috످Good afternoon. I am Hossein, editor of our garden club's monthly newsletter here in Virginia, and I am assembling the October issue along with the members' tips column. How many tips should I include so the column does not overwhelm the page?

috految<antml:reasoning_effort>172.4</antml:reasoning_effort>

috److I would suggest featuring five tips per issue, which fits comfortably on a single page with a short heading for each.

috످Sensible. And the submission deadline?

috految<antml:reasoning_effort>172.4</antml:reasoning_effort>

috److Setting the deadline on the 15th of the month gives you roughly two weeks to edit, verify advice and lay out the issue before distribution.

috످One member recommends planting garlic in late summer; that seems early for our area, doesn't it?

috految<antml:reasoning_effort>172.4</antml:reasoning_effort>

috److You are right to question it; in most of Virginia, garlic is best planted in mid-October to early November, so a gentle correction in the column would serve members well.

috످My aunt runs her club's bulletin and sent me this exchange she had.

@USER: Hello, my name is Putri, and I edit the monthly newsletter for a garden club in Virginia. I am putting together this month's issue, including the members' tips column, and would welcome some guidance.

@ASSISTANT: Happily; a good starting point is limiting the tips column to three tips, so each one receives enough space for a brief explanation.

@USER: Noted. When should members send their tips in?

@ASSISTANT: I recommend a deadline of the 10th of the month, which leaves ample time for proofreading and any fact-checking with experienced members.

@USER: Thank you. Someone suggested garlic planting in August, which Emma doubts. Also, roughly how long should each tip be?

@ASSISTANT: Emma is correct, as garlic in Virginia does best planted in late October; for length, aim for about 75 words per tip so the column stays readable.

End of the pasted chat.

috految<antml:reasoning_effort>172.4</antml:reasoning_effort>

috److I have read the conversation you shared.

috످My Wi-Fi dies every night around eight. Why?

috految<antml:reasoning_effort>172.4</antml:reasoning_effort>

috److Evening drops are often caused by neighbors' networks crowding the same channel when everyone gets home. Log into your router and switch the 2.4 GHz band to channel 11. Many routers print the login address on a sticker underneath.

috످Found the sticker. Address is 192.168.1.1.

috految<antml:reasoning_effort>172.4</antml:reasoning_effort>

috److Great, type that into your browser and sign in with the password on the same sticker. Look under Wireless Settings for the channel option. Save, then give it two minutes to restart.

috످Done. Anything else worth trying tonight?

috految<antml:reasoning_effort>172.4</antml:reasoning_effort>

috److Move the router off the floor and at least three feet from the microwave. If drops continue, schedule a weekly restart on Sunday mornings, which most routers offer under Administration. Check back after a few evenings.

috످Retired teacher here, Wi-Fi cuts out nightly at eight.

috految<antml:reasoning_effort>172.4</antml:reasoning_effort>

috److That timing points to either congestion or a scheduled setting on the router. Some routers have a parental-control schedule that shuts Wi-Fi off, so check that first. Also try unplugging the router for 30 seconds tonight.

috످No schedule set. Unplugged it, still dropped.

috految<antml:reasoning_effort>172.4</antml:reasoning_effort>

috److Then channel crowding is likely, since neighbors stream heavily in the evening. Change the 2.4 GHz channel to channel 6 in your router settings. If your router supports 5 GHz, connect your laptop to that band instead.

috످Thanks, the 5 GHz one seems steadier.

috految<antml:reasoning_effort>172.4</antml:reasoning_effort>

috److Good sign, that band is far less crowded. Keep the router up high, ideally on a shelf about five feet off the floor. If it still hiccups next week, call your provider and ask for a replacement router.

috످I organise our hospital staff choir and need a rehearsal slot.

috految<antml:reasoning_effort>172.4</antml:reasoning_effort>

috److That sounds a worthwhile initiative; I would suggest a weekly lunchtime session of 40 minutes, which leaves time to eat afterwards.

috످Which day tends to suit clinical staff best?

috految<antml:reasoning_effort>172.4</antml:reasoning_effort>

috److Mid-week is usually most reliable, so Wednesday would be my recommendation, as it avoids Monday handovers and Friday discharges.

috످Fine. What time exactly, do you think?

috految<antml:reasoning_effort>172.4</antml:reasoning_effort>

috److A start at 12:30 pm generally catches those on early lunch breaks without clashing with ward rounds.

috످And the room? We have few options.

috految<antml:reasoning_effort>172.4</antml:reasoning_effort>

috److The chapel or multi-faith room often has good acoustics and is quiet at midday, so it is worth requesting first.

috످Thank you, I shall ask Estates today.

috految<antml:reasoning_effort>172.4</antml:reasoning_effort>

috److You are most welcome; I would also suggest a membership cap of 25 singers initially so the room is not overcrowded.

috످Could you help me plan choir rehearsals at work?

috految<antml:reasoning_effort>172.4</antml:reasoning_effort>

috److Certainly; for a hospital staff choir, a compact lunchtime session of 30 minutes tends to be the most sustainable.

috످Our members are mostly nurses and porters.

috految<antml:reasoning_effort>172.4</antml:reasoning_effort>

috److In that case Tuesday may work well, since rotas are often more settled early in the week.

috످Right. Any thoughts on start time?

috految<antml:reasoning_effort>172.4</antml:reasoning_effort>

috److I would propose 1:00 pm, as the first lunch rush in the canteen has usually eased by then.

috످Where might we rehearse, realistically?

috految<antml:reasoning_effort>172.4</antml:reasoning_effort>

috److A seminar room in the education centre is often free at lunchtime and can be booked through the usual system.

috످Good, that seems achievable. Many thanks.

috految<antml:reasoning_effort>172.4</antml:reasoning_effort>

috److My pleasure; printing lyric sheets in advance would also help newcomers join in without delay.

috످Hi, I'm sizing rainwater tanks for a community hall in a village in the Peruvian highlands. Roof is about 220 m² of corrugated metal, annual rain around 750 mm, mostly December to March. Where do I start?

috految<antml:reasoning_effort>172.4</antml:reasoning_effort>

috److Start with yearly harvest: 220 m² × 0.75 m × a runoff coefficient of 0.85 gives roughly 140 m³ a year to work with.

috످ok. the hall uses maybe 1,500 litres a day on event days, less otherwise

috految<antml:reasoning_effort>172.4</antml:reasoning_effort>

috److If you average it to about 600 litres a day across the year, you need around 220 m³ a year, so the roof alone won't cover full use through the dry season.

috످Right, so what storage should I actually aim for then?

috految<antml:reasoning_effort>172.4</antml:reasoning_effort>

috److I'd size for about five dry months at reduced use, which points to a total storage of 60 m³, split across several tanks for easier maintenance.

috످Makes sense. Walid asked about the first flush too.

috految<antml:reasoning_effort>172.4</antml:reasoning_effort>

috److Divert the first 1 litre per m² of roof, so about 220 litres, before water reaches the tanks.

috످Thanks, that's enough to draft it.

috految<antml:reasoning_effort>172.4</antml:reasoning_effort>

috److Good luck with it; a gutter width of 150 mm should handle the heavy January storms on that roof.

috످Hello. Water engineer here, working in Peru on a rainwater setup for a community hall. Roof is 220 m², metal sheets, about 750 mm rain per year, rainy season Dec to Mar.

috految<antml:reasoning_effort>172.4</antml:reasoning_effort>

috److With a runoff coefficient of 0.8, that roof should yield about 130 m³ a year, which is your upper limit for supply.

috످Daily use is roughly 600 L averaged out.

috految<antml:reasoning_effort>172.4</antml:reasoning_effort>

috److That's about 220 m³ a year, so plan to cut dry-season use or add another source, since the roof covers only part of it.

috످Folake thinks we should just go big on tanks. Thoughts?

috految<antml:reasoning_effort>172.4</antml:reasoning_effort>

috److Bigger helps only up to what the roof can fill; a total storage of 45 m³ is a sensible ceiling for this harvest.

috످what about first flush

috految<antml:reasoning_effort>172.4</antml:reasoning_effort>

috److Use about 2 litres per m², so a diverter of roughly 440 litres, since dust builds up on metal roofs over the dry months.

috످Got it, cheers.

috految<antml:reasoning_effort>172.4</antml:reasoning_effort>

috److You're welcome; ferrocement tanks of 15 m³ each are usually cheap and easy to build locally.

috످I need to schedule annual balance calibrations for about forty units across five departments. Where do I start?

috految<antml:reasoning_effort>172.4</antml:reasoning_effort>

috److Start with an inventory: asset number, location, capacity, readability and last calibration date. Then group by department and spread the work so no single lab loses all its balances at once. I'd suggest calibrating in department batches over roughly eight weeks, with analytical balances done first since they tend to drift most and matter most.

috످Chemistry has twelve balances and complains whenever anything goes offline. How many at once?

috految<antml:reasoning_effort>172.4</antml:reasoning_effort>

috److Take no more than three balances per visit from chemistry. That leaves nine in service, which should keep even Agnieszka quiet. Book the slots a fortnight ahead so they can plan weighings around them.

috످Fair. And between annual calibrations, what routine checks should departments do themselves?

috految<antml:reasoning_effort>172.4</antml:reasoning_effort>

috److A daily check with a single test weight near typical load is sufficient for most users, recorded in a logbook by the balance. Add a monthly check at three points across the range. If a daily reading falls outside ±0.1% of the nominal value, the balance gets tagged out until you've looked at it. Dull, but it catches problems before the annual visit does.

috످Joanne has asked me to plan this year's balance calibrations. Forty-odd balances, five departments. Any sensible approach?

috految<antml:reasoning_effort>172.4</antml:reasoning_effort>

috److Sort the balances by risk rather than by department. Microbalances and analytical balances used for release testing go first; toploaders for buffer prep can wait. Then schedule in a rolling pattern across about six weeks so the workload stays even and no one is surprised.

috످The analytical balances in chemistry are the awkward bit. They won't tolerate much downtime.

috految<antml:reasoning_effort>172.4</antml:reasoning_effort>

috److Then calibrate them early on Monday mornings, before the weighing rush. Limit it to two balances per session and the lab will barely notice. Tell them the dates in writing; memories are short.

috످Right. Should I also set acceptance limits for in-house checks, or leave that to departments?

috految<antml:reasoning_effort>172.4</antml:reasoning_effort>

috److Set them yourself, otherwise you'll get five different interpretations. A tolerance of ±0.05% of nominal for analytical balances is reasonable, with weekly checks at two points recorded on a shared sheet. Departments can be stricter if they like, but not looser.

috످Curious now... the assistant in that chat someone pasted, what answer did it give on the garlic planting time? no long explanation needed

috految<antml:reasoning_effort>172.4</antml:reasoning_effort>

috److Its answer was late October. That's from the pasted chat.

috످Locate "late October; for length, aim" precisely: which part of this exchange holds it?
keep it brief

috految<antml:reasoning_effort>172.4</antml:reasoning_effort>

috److془The phrase is in the pasted chat from aunt, Hossein's fourth message; assistant's third and final reply to Putri.

Count: 1 Good afternoon; 2 Sensible; 3 One member; 4 My aunt. Yes.془It's in the chat you pasted from your aunt (your fourth message), in that assistant's last reply to Putri.

috످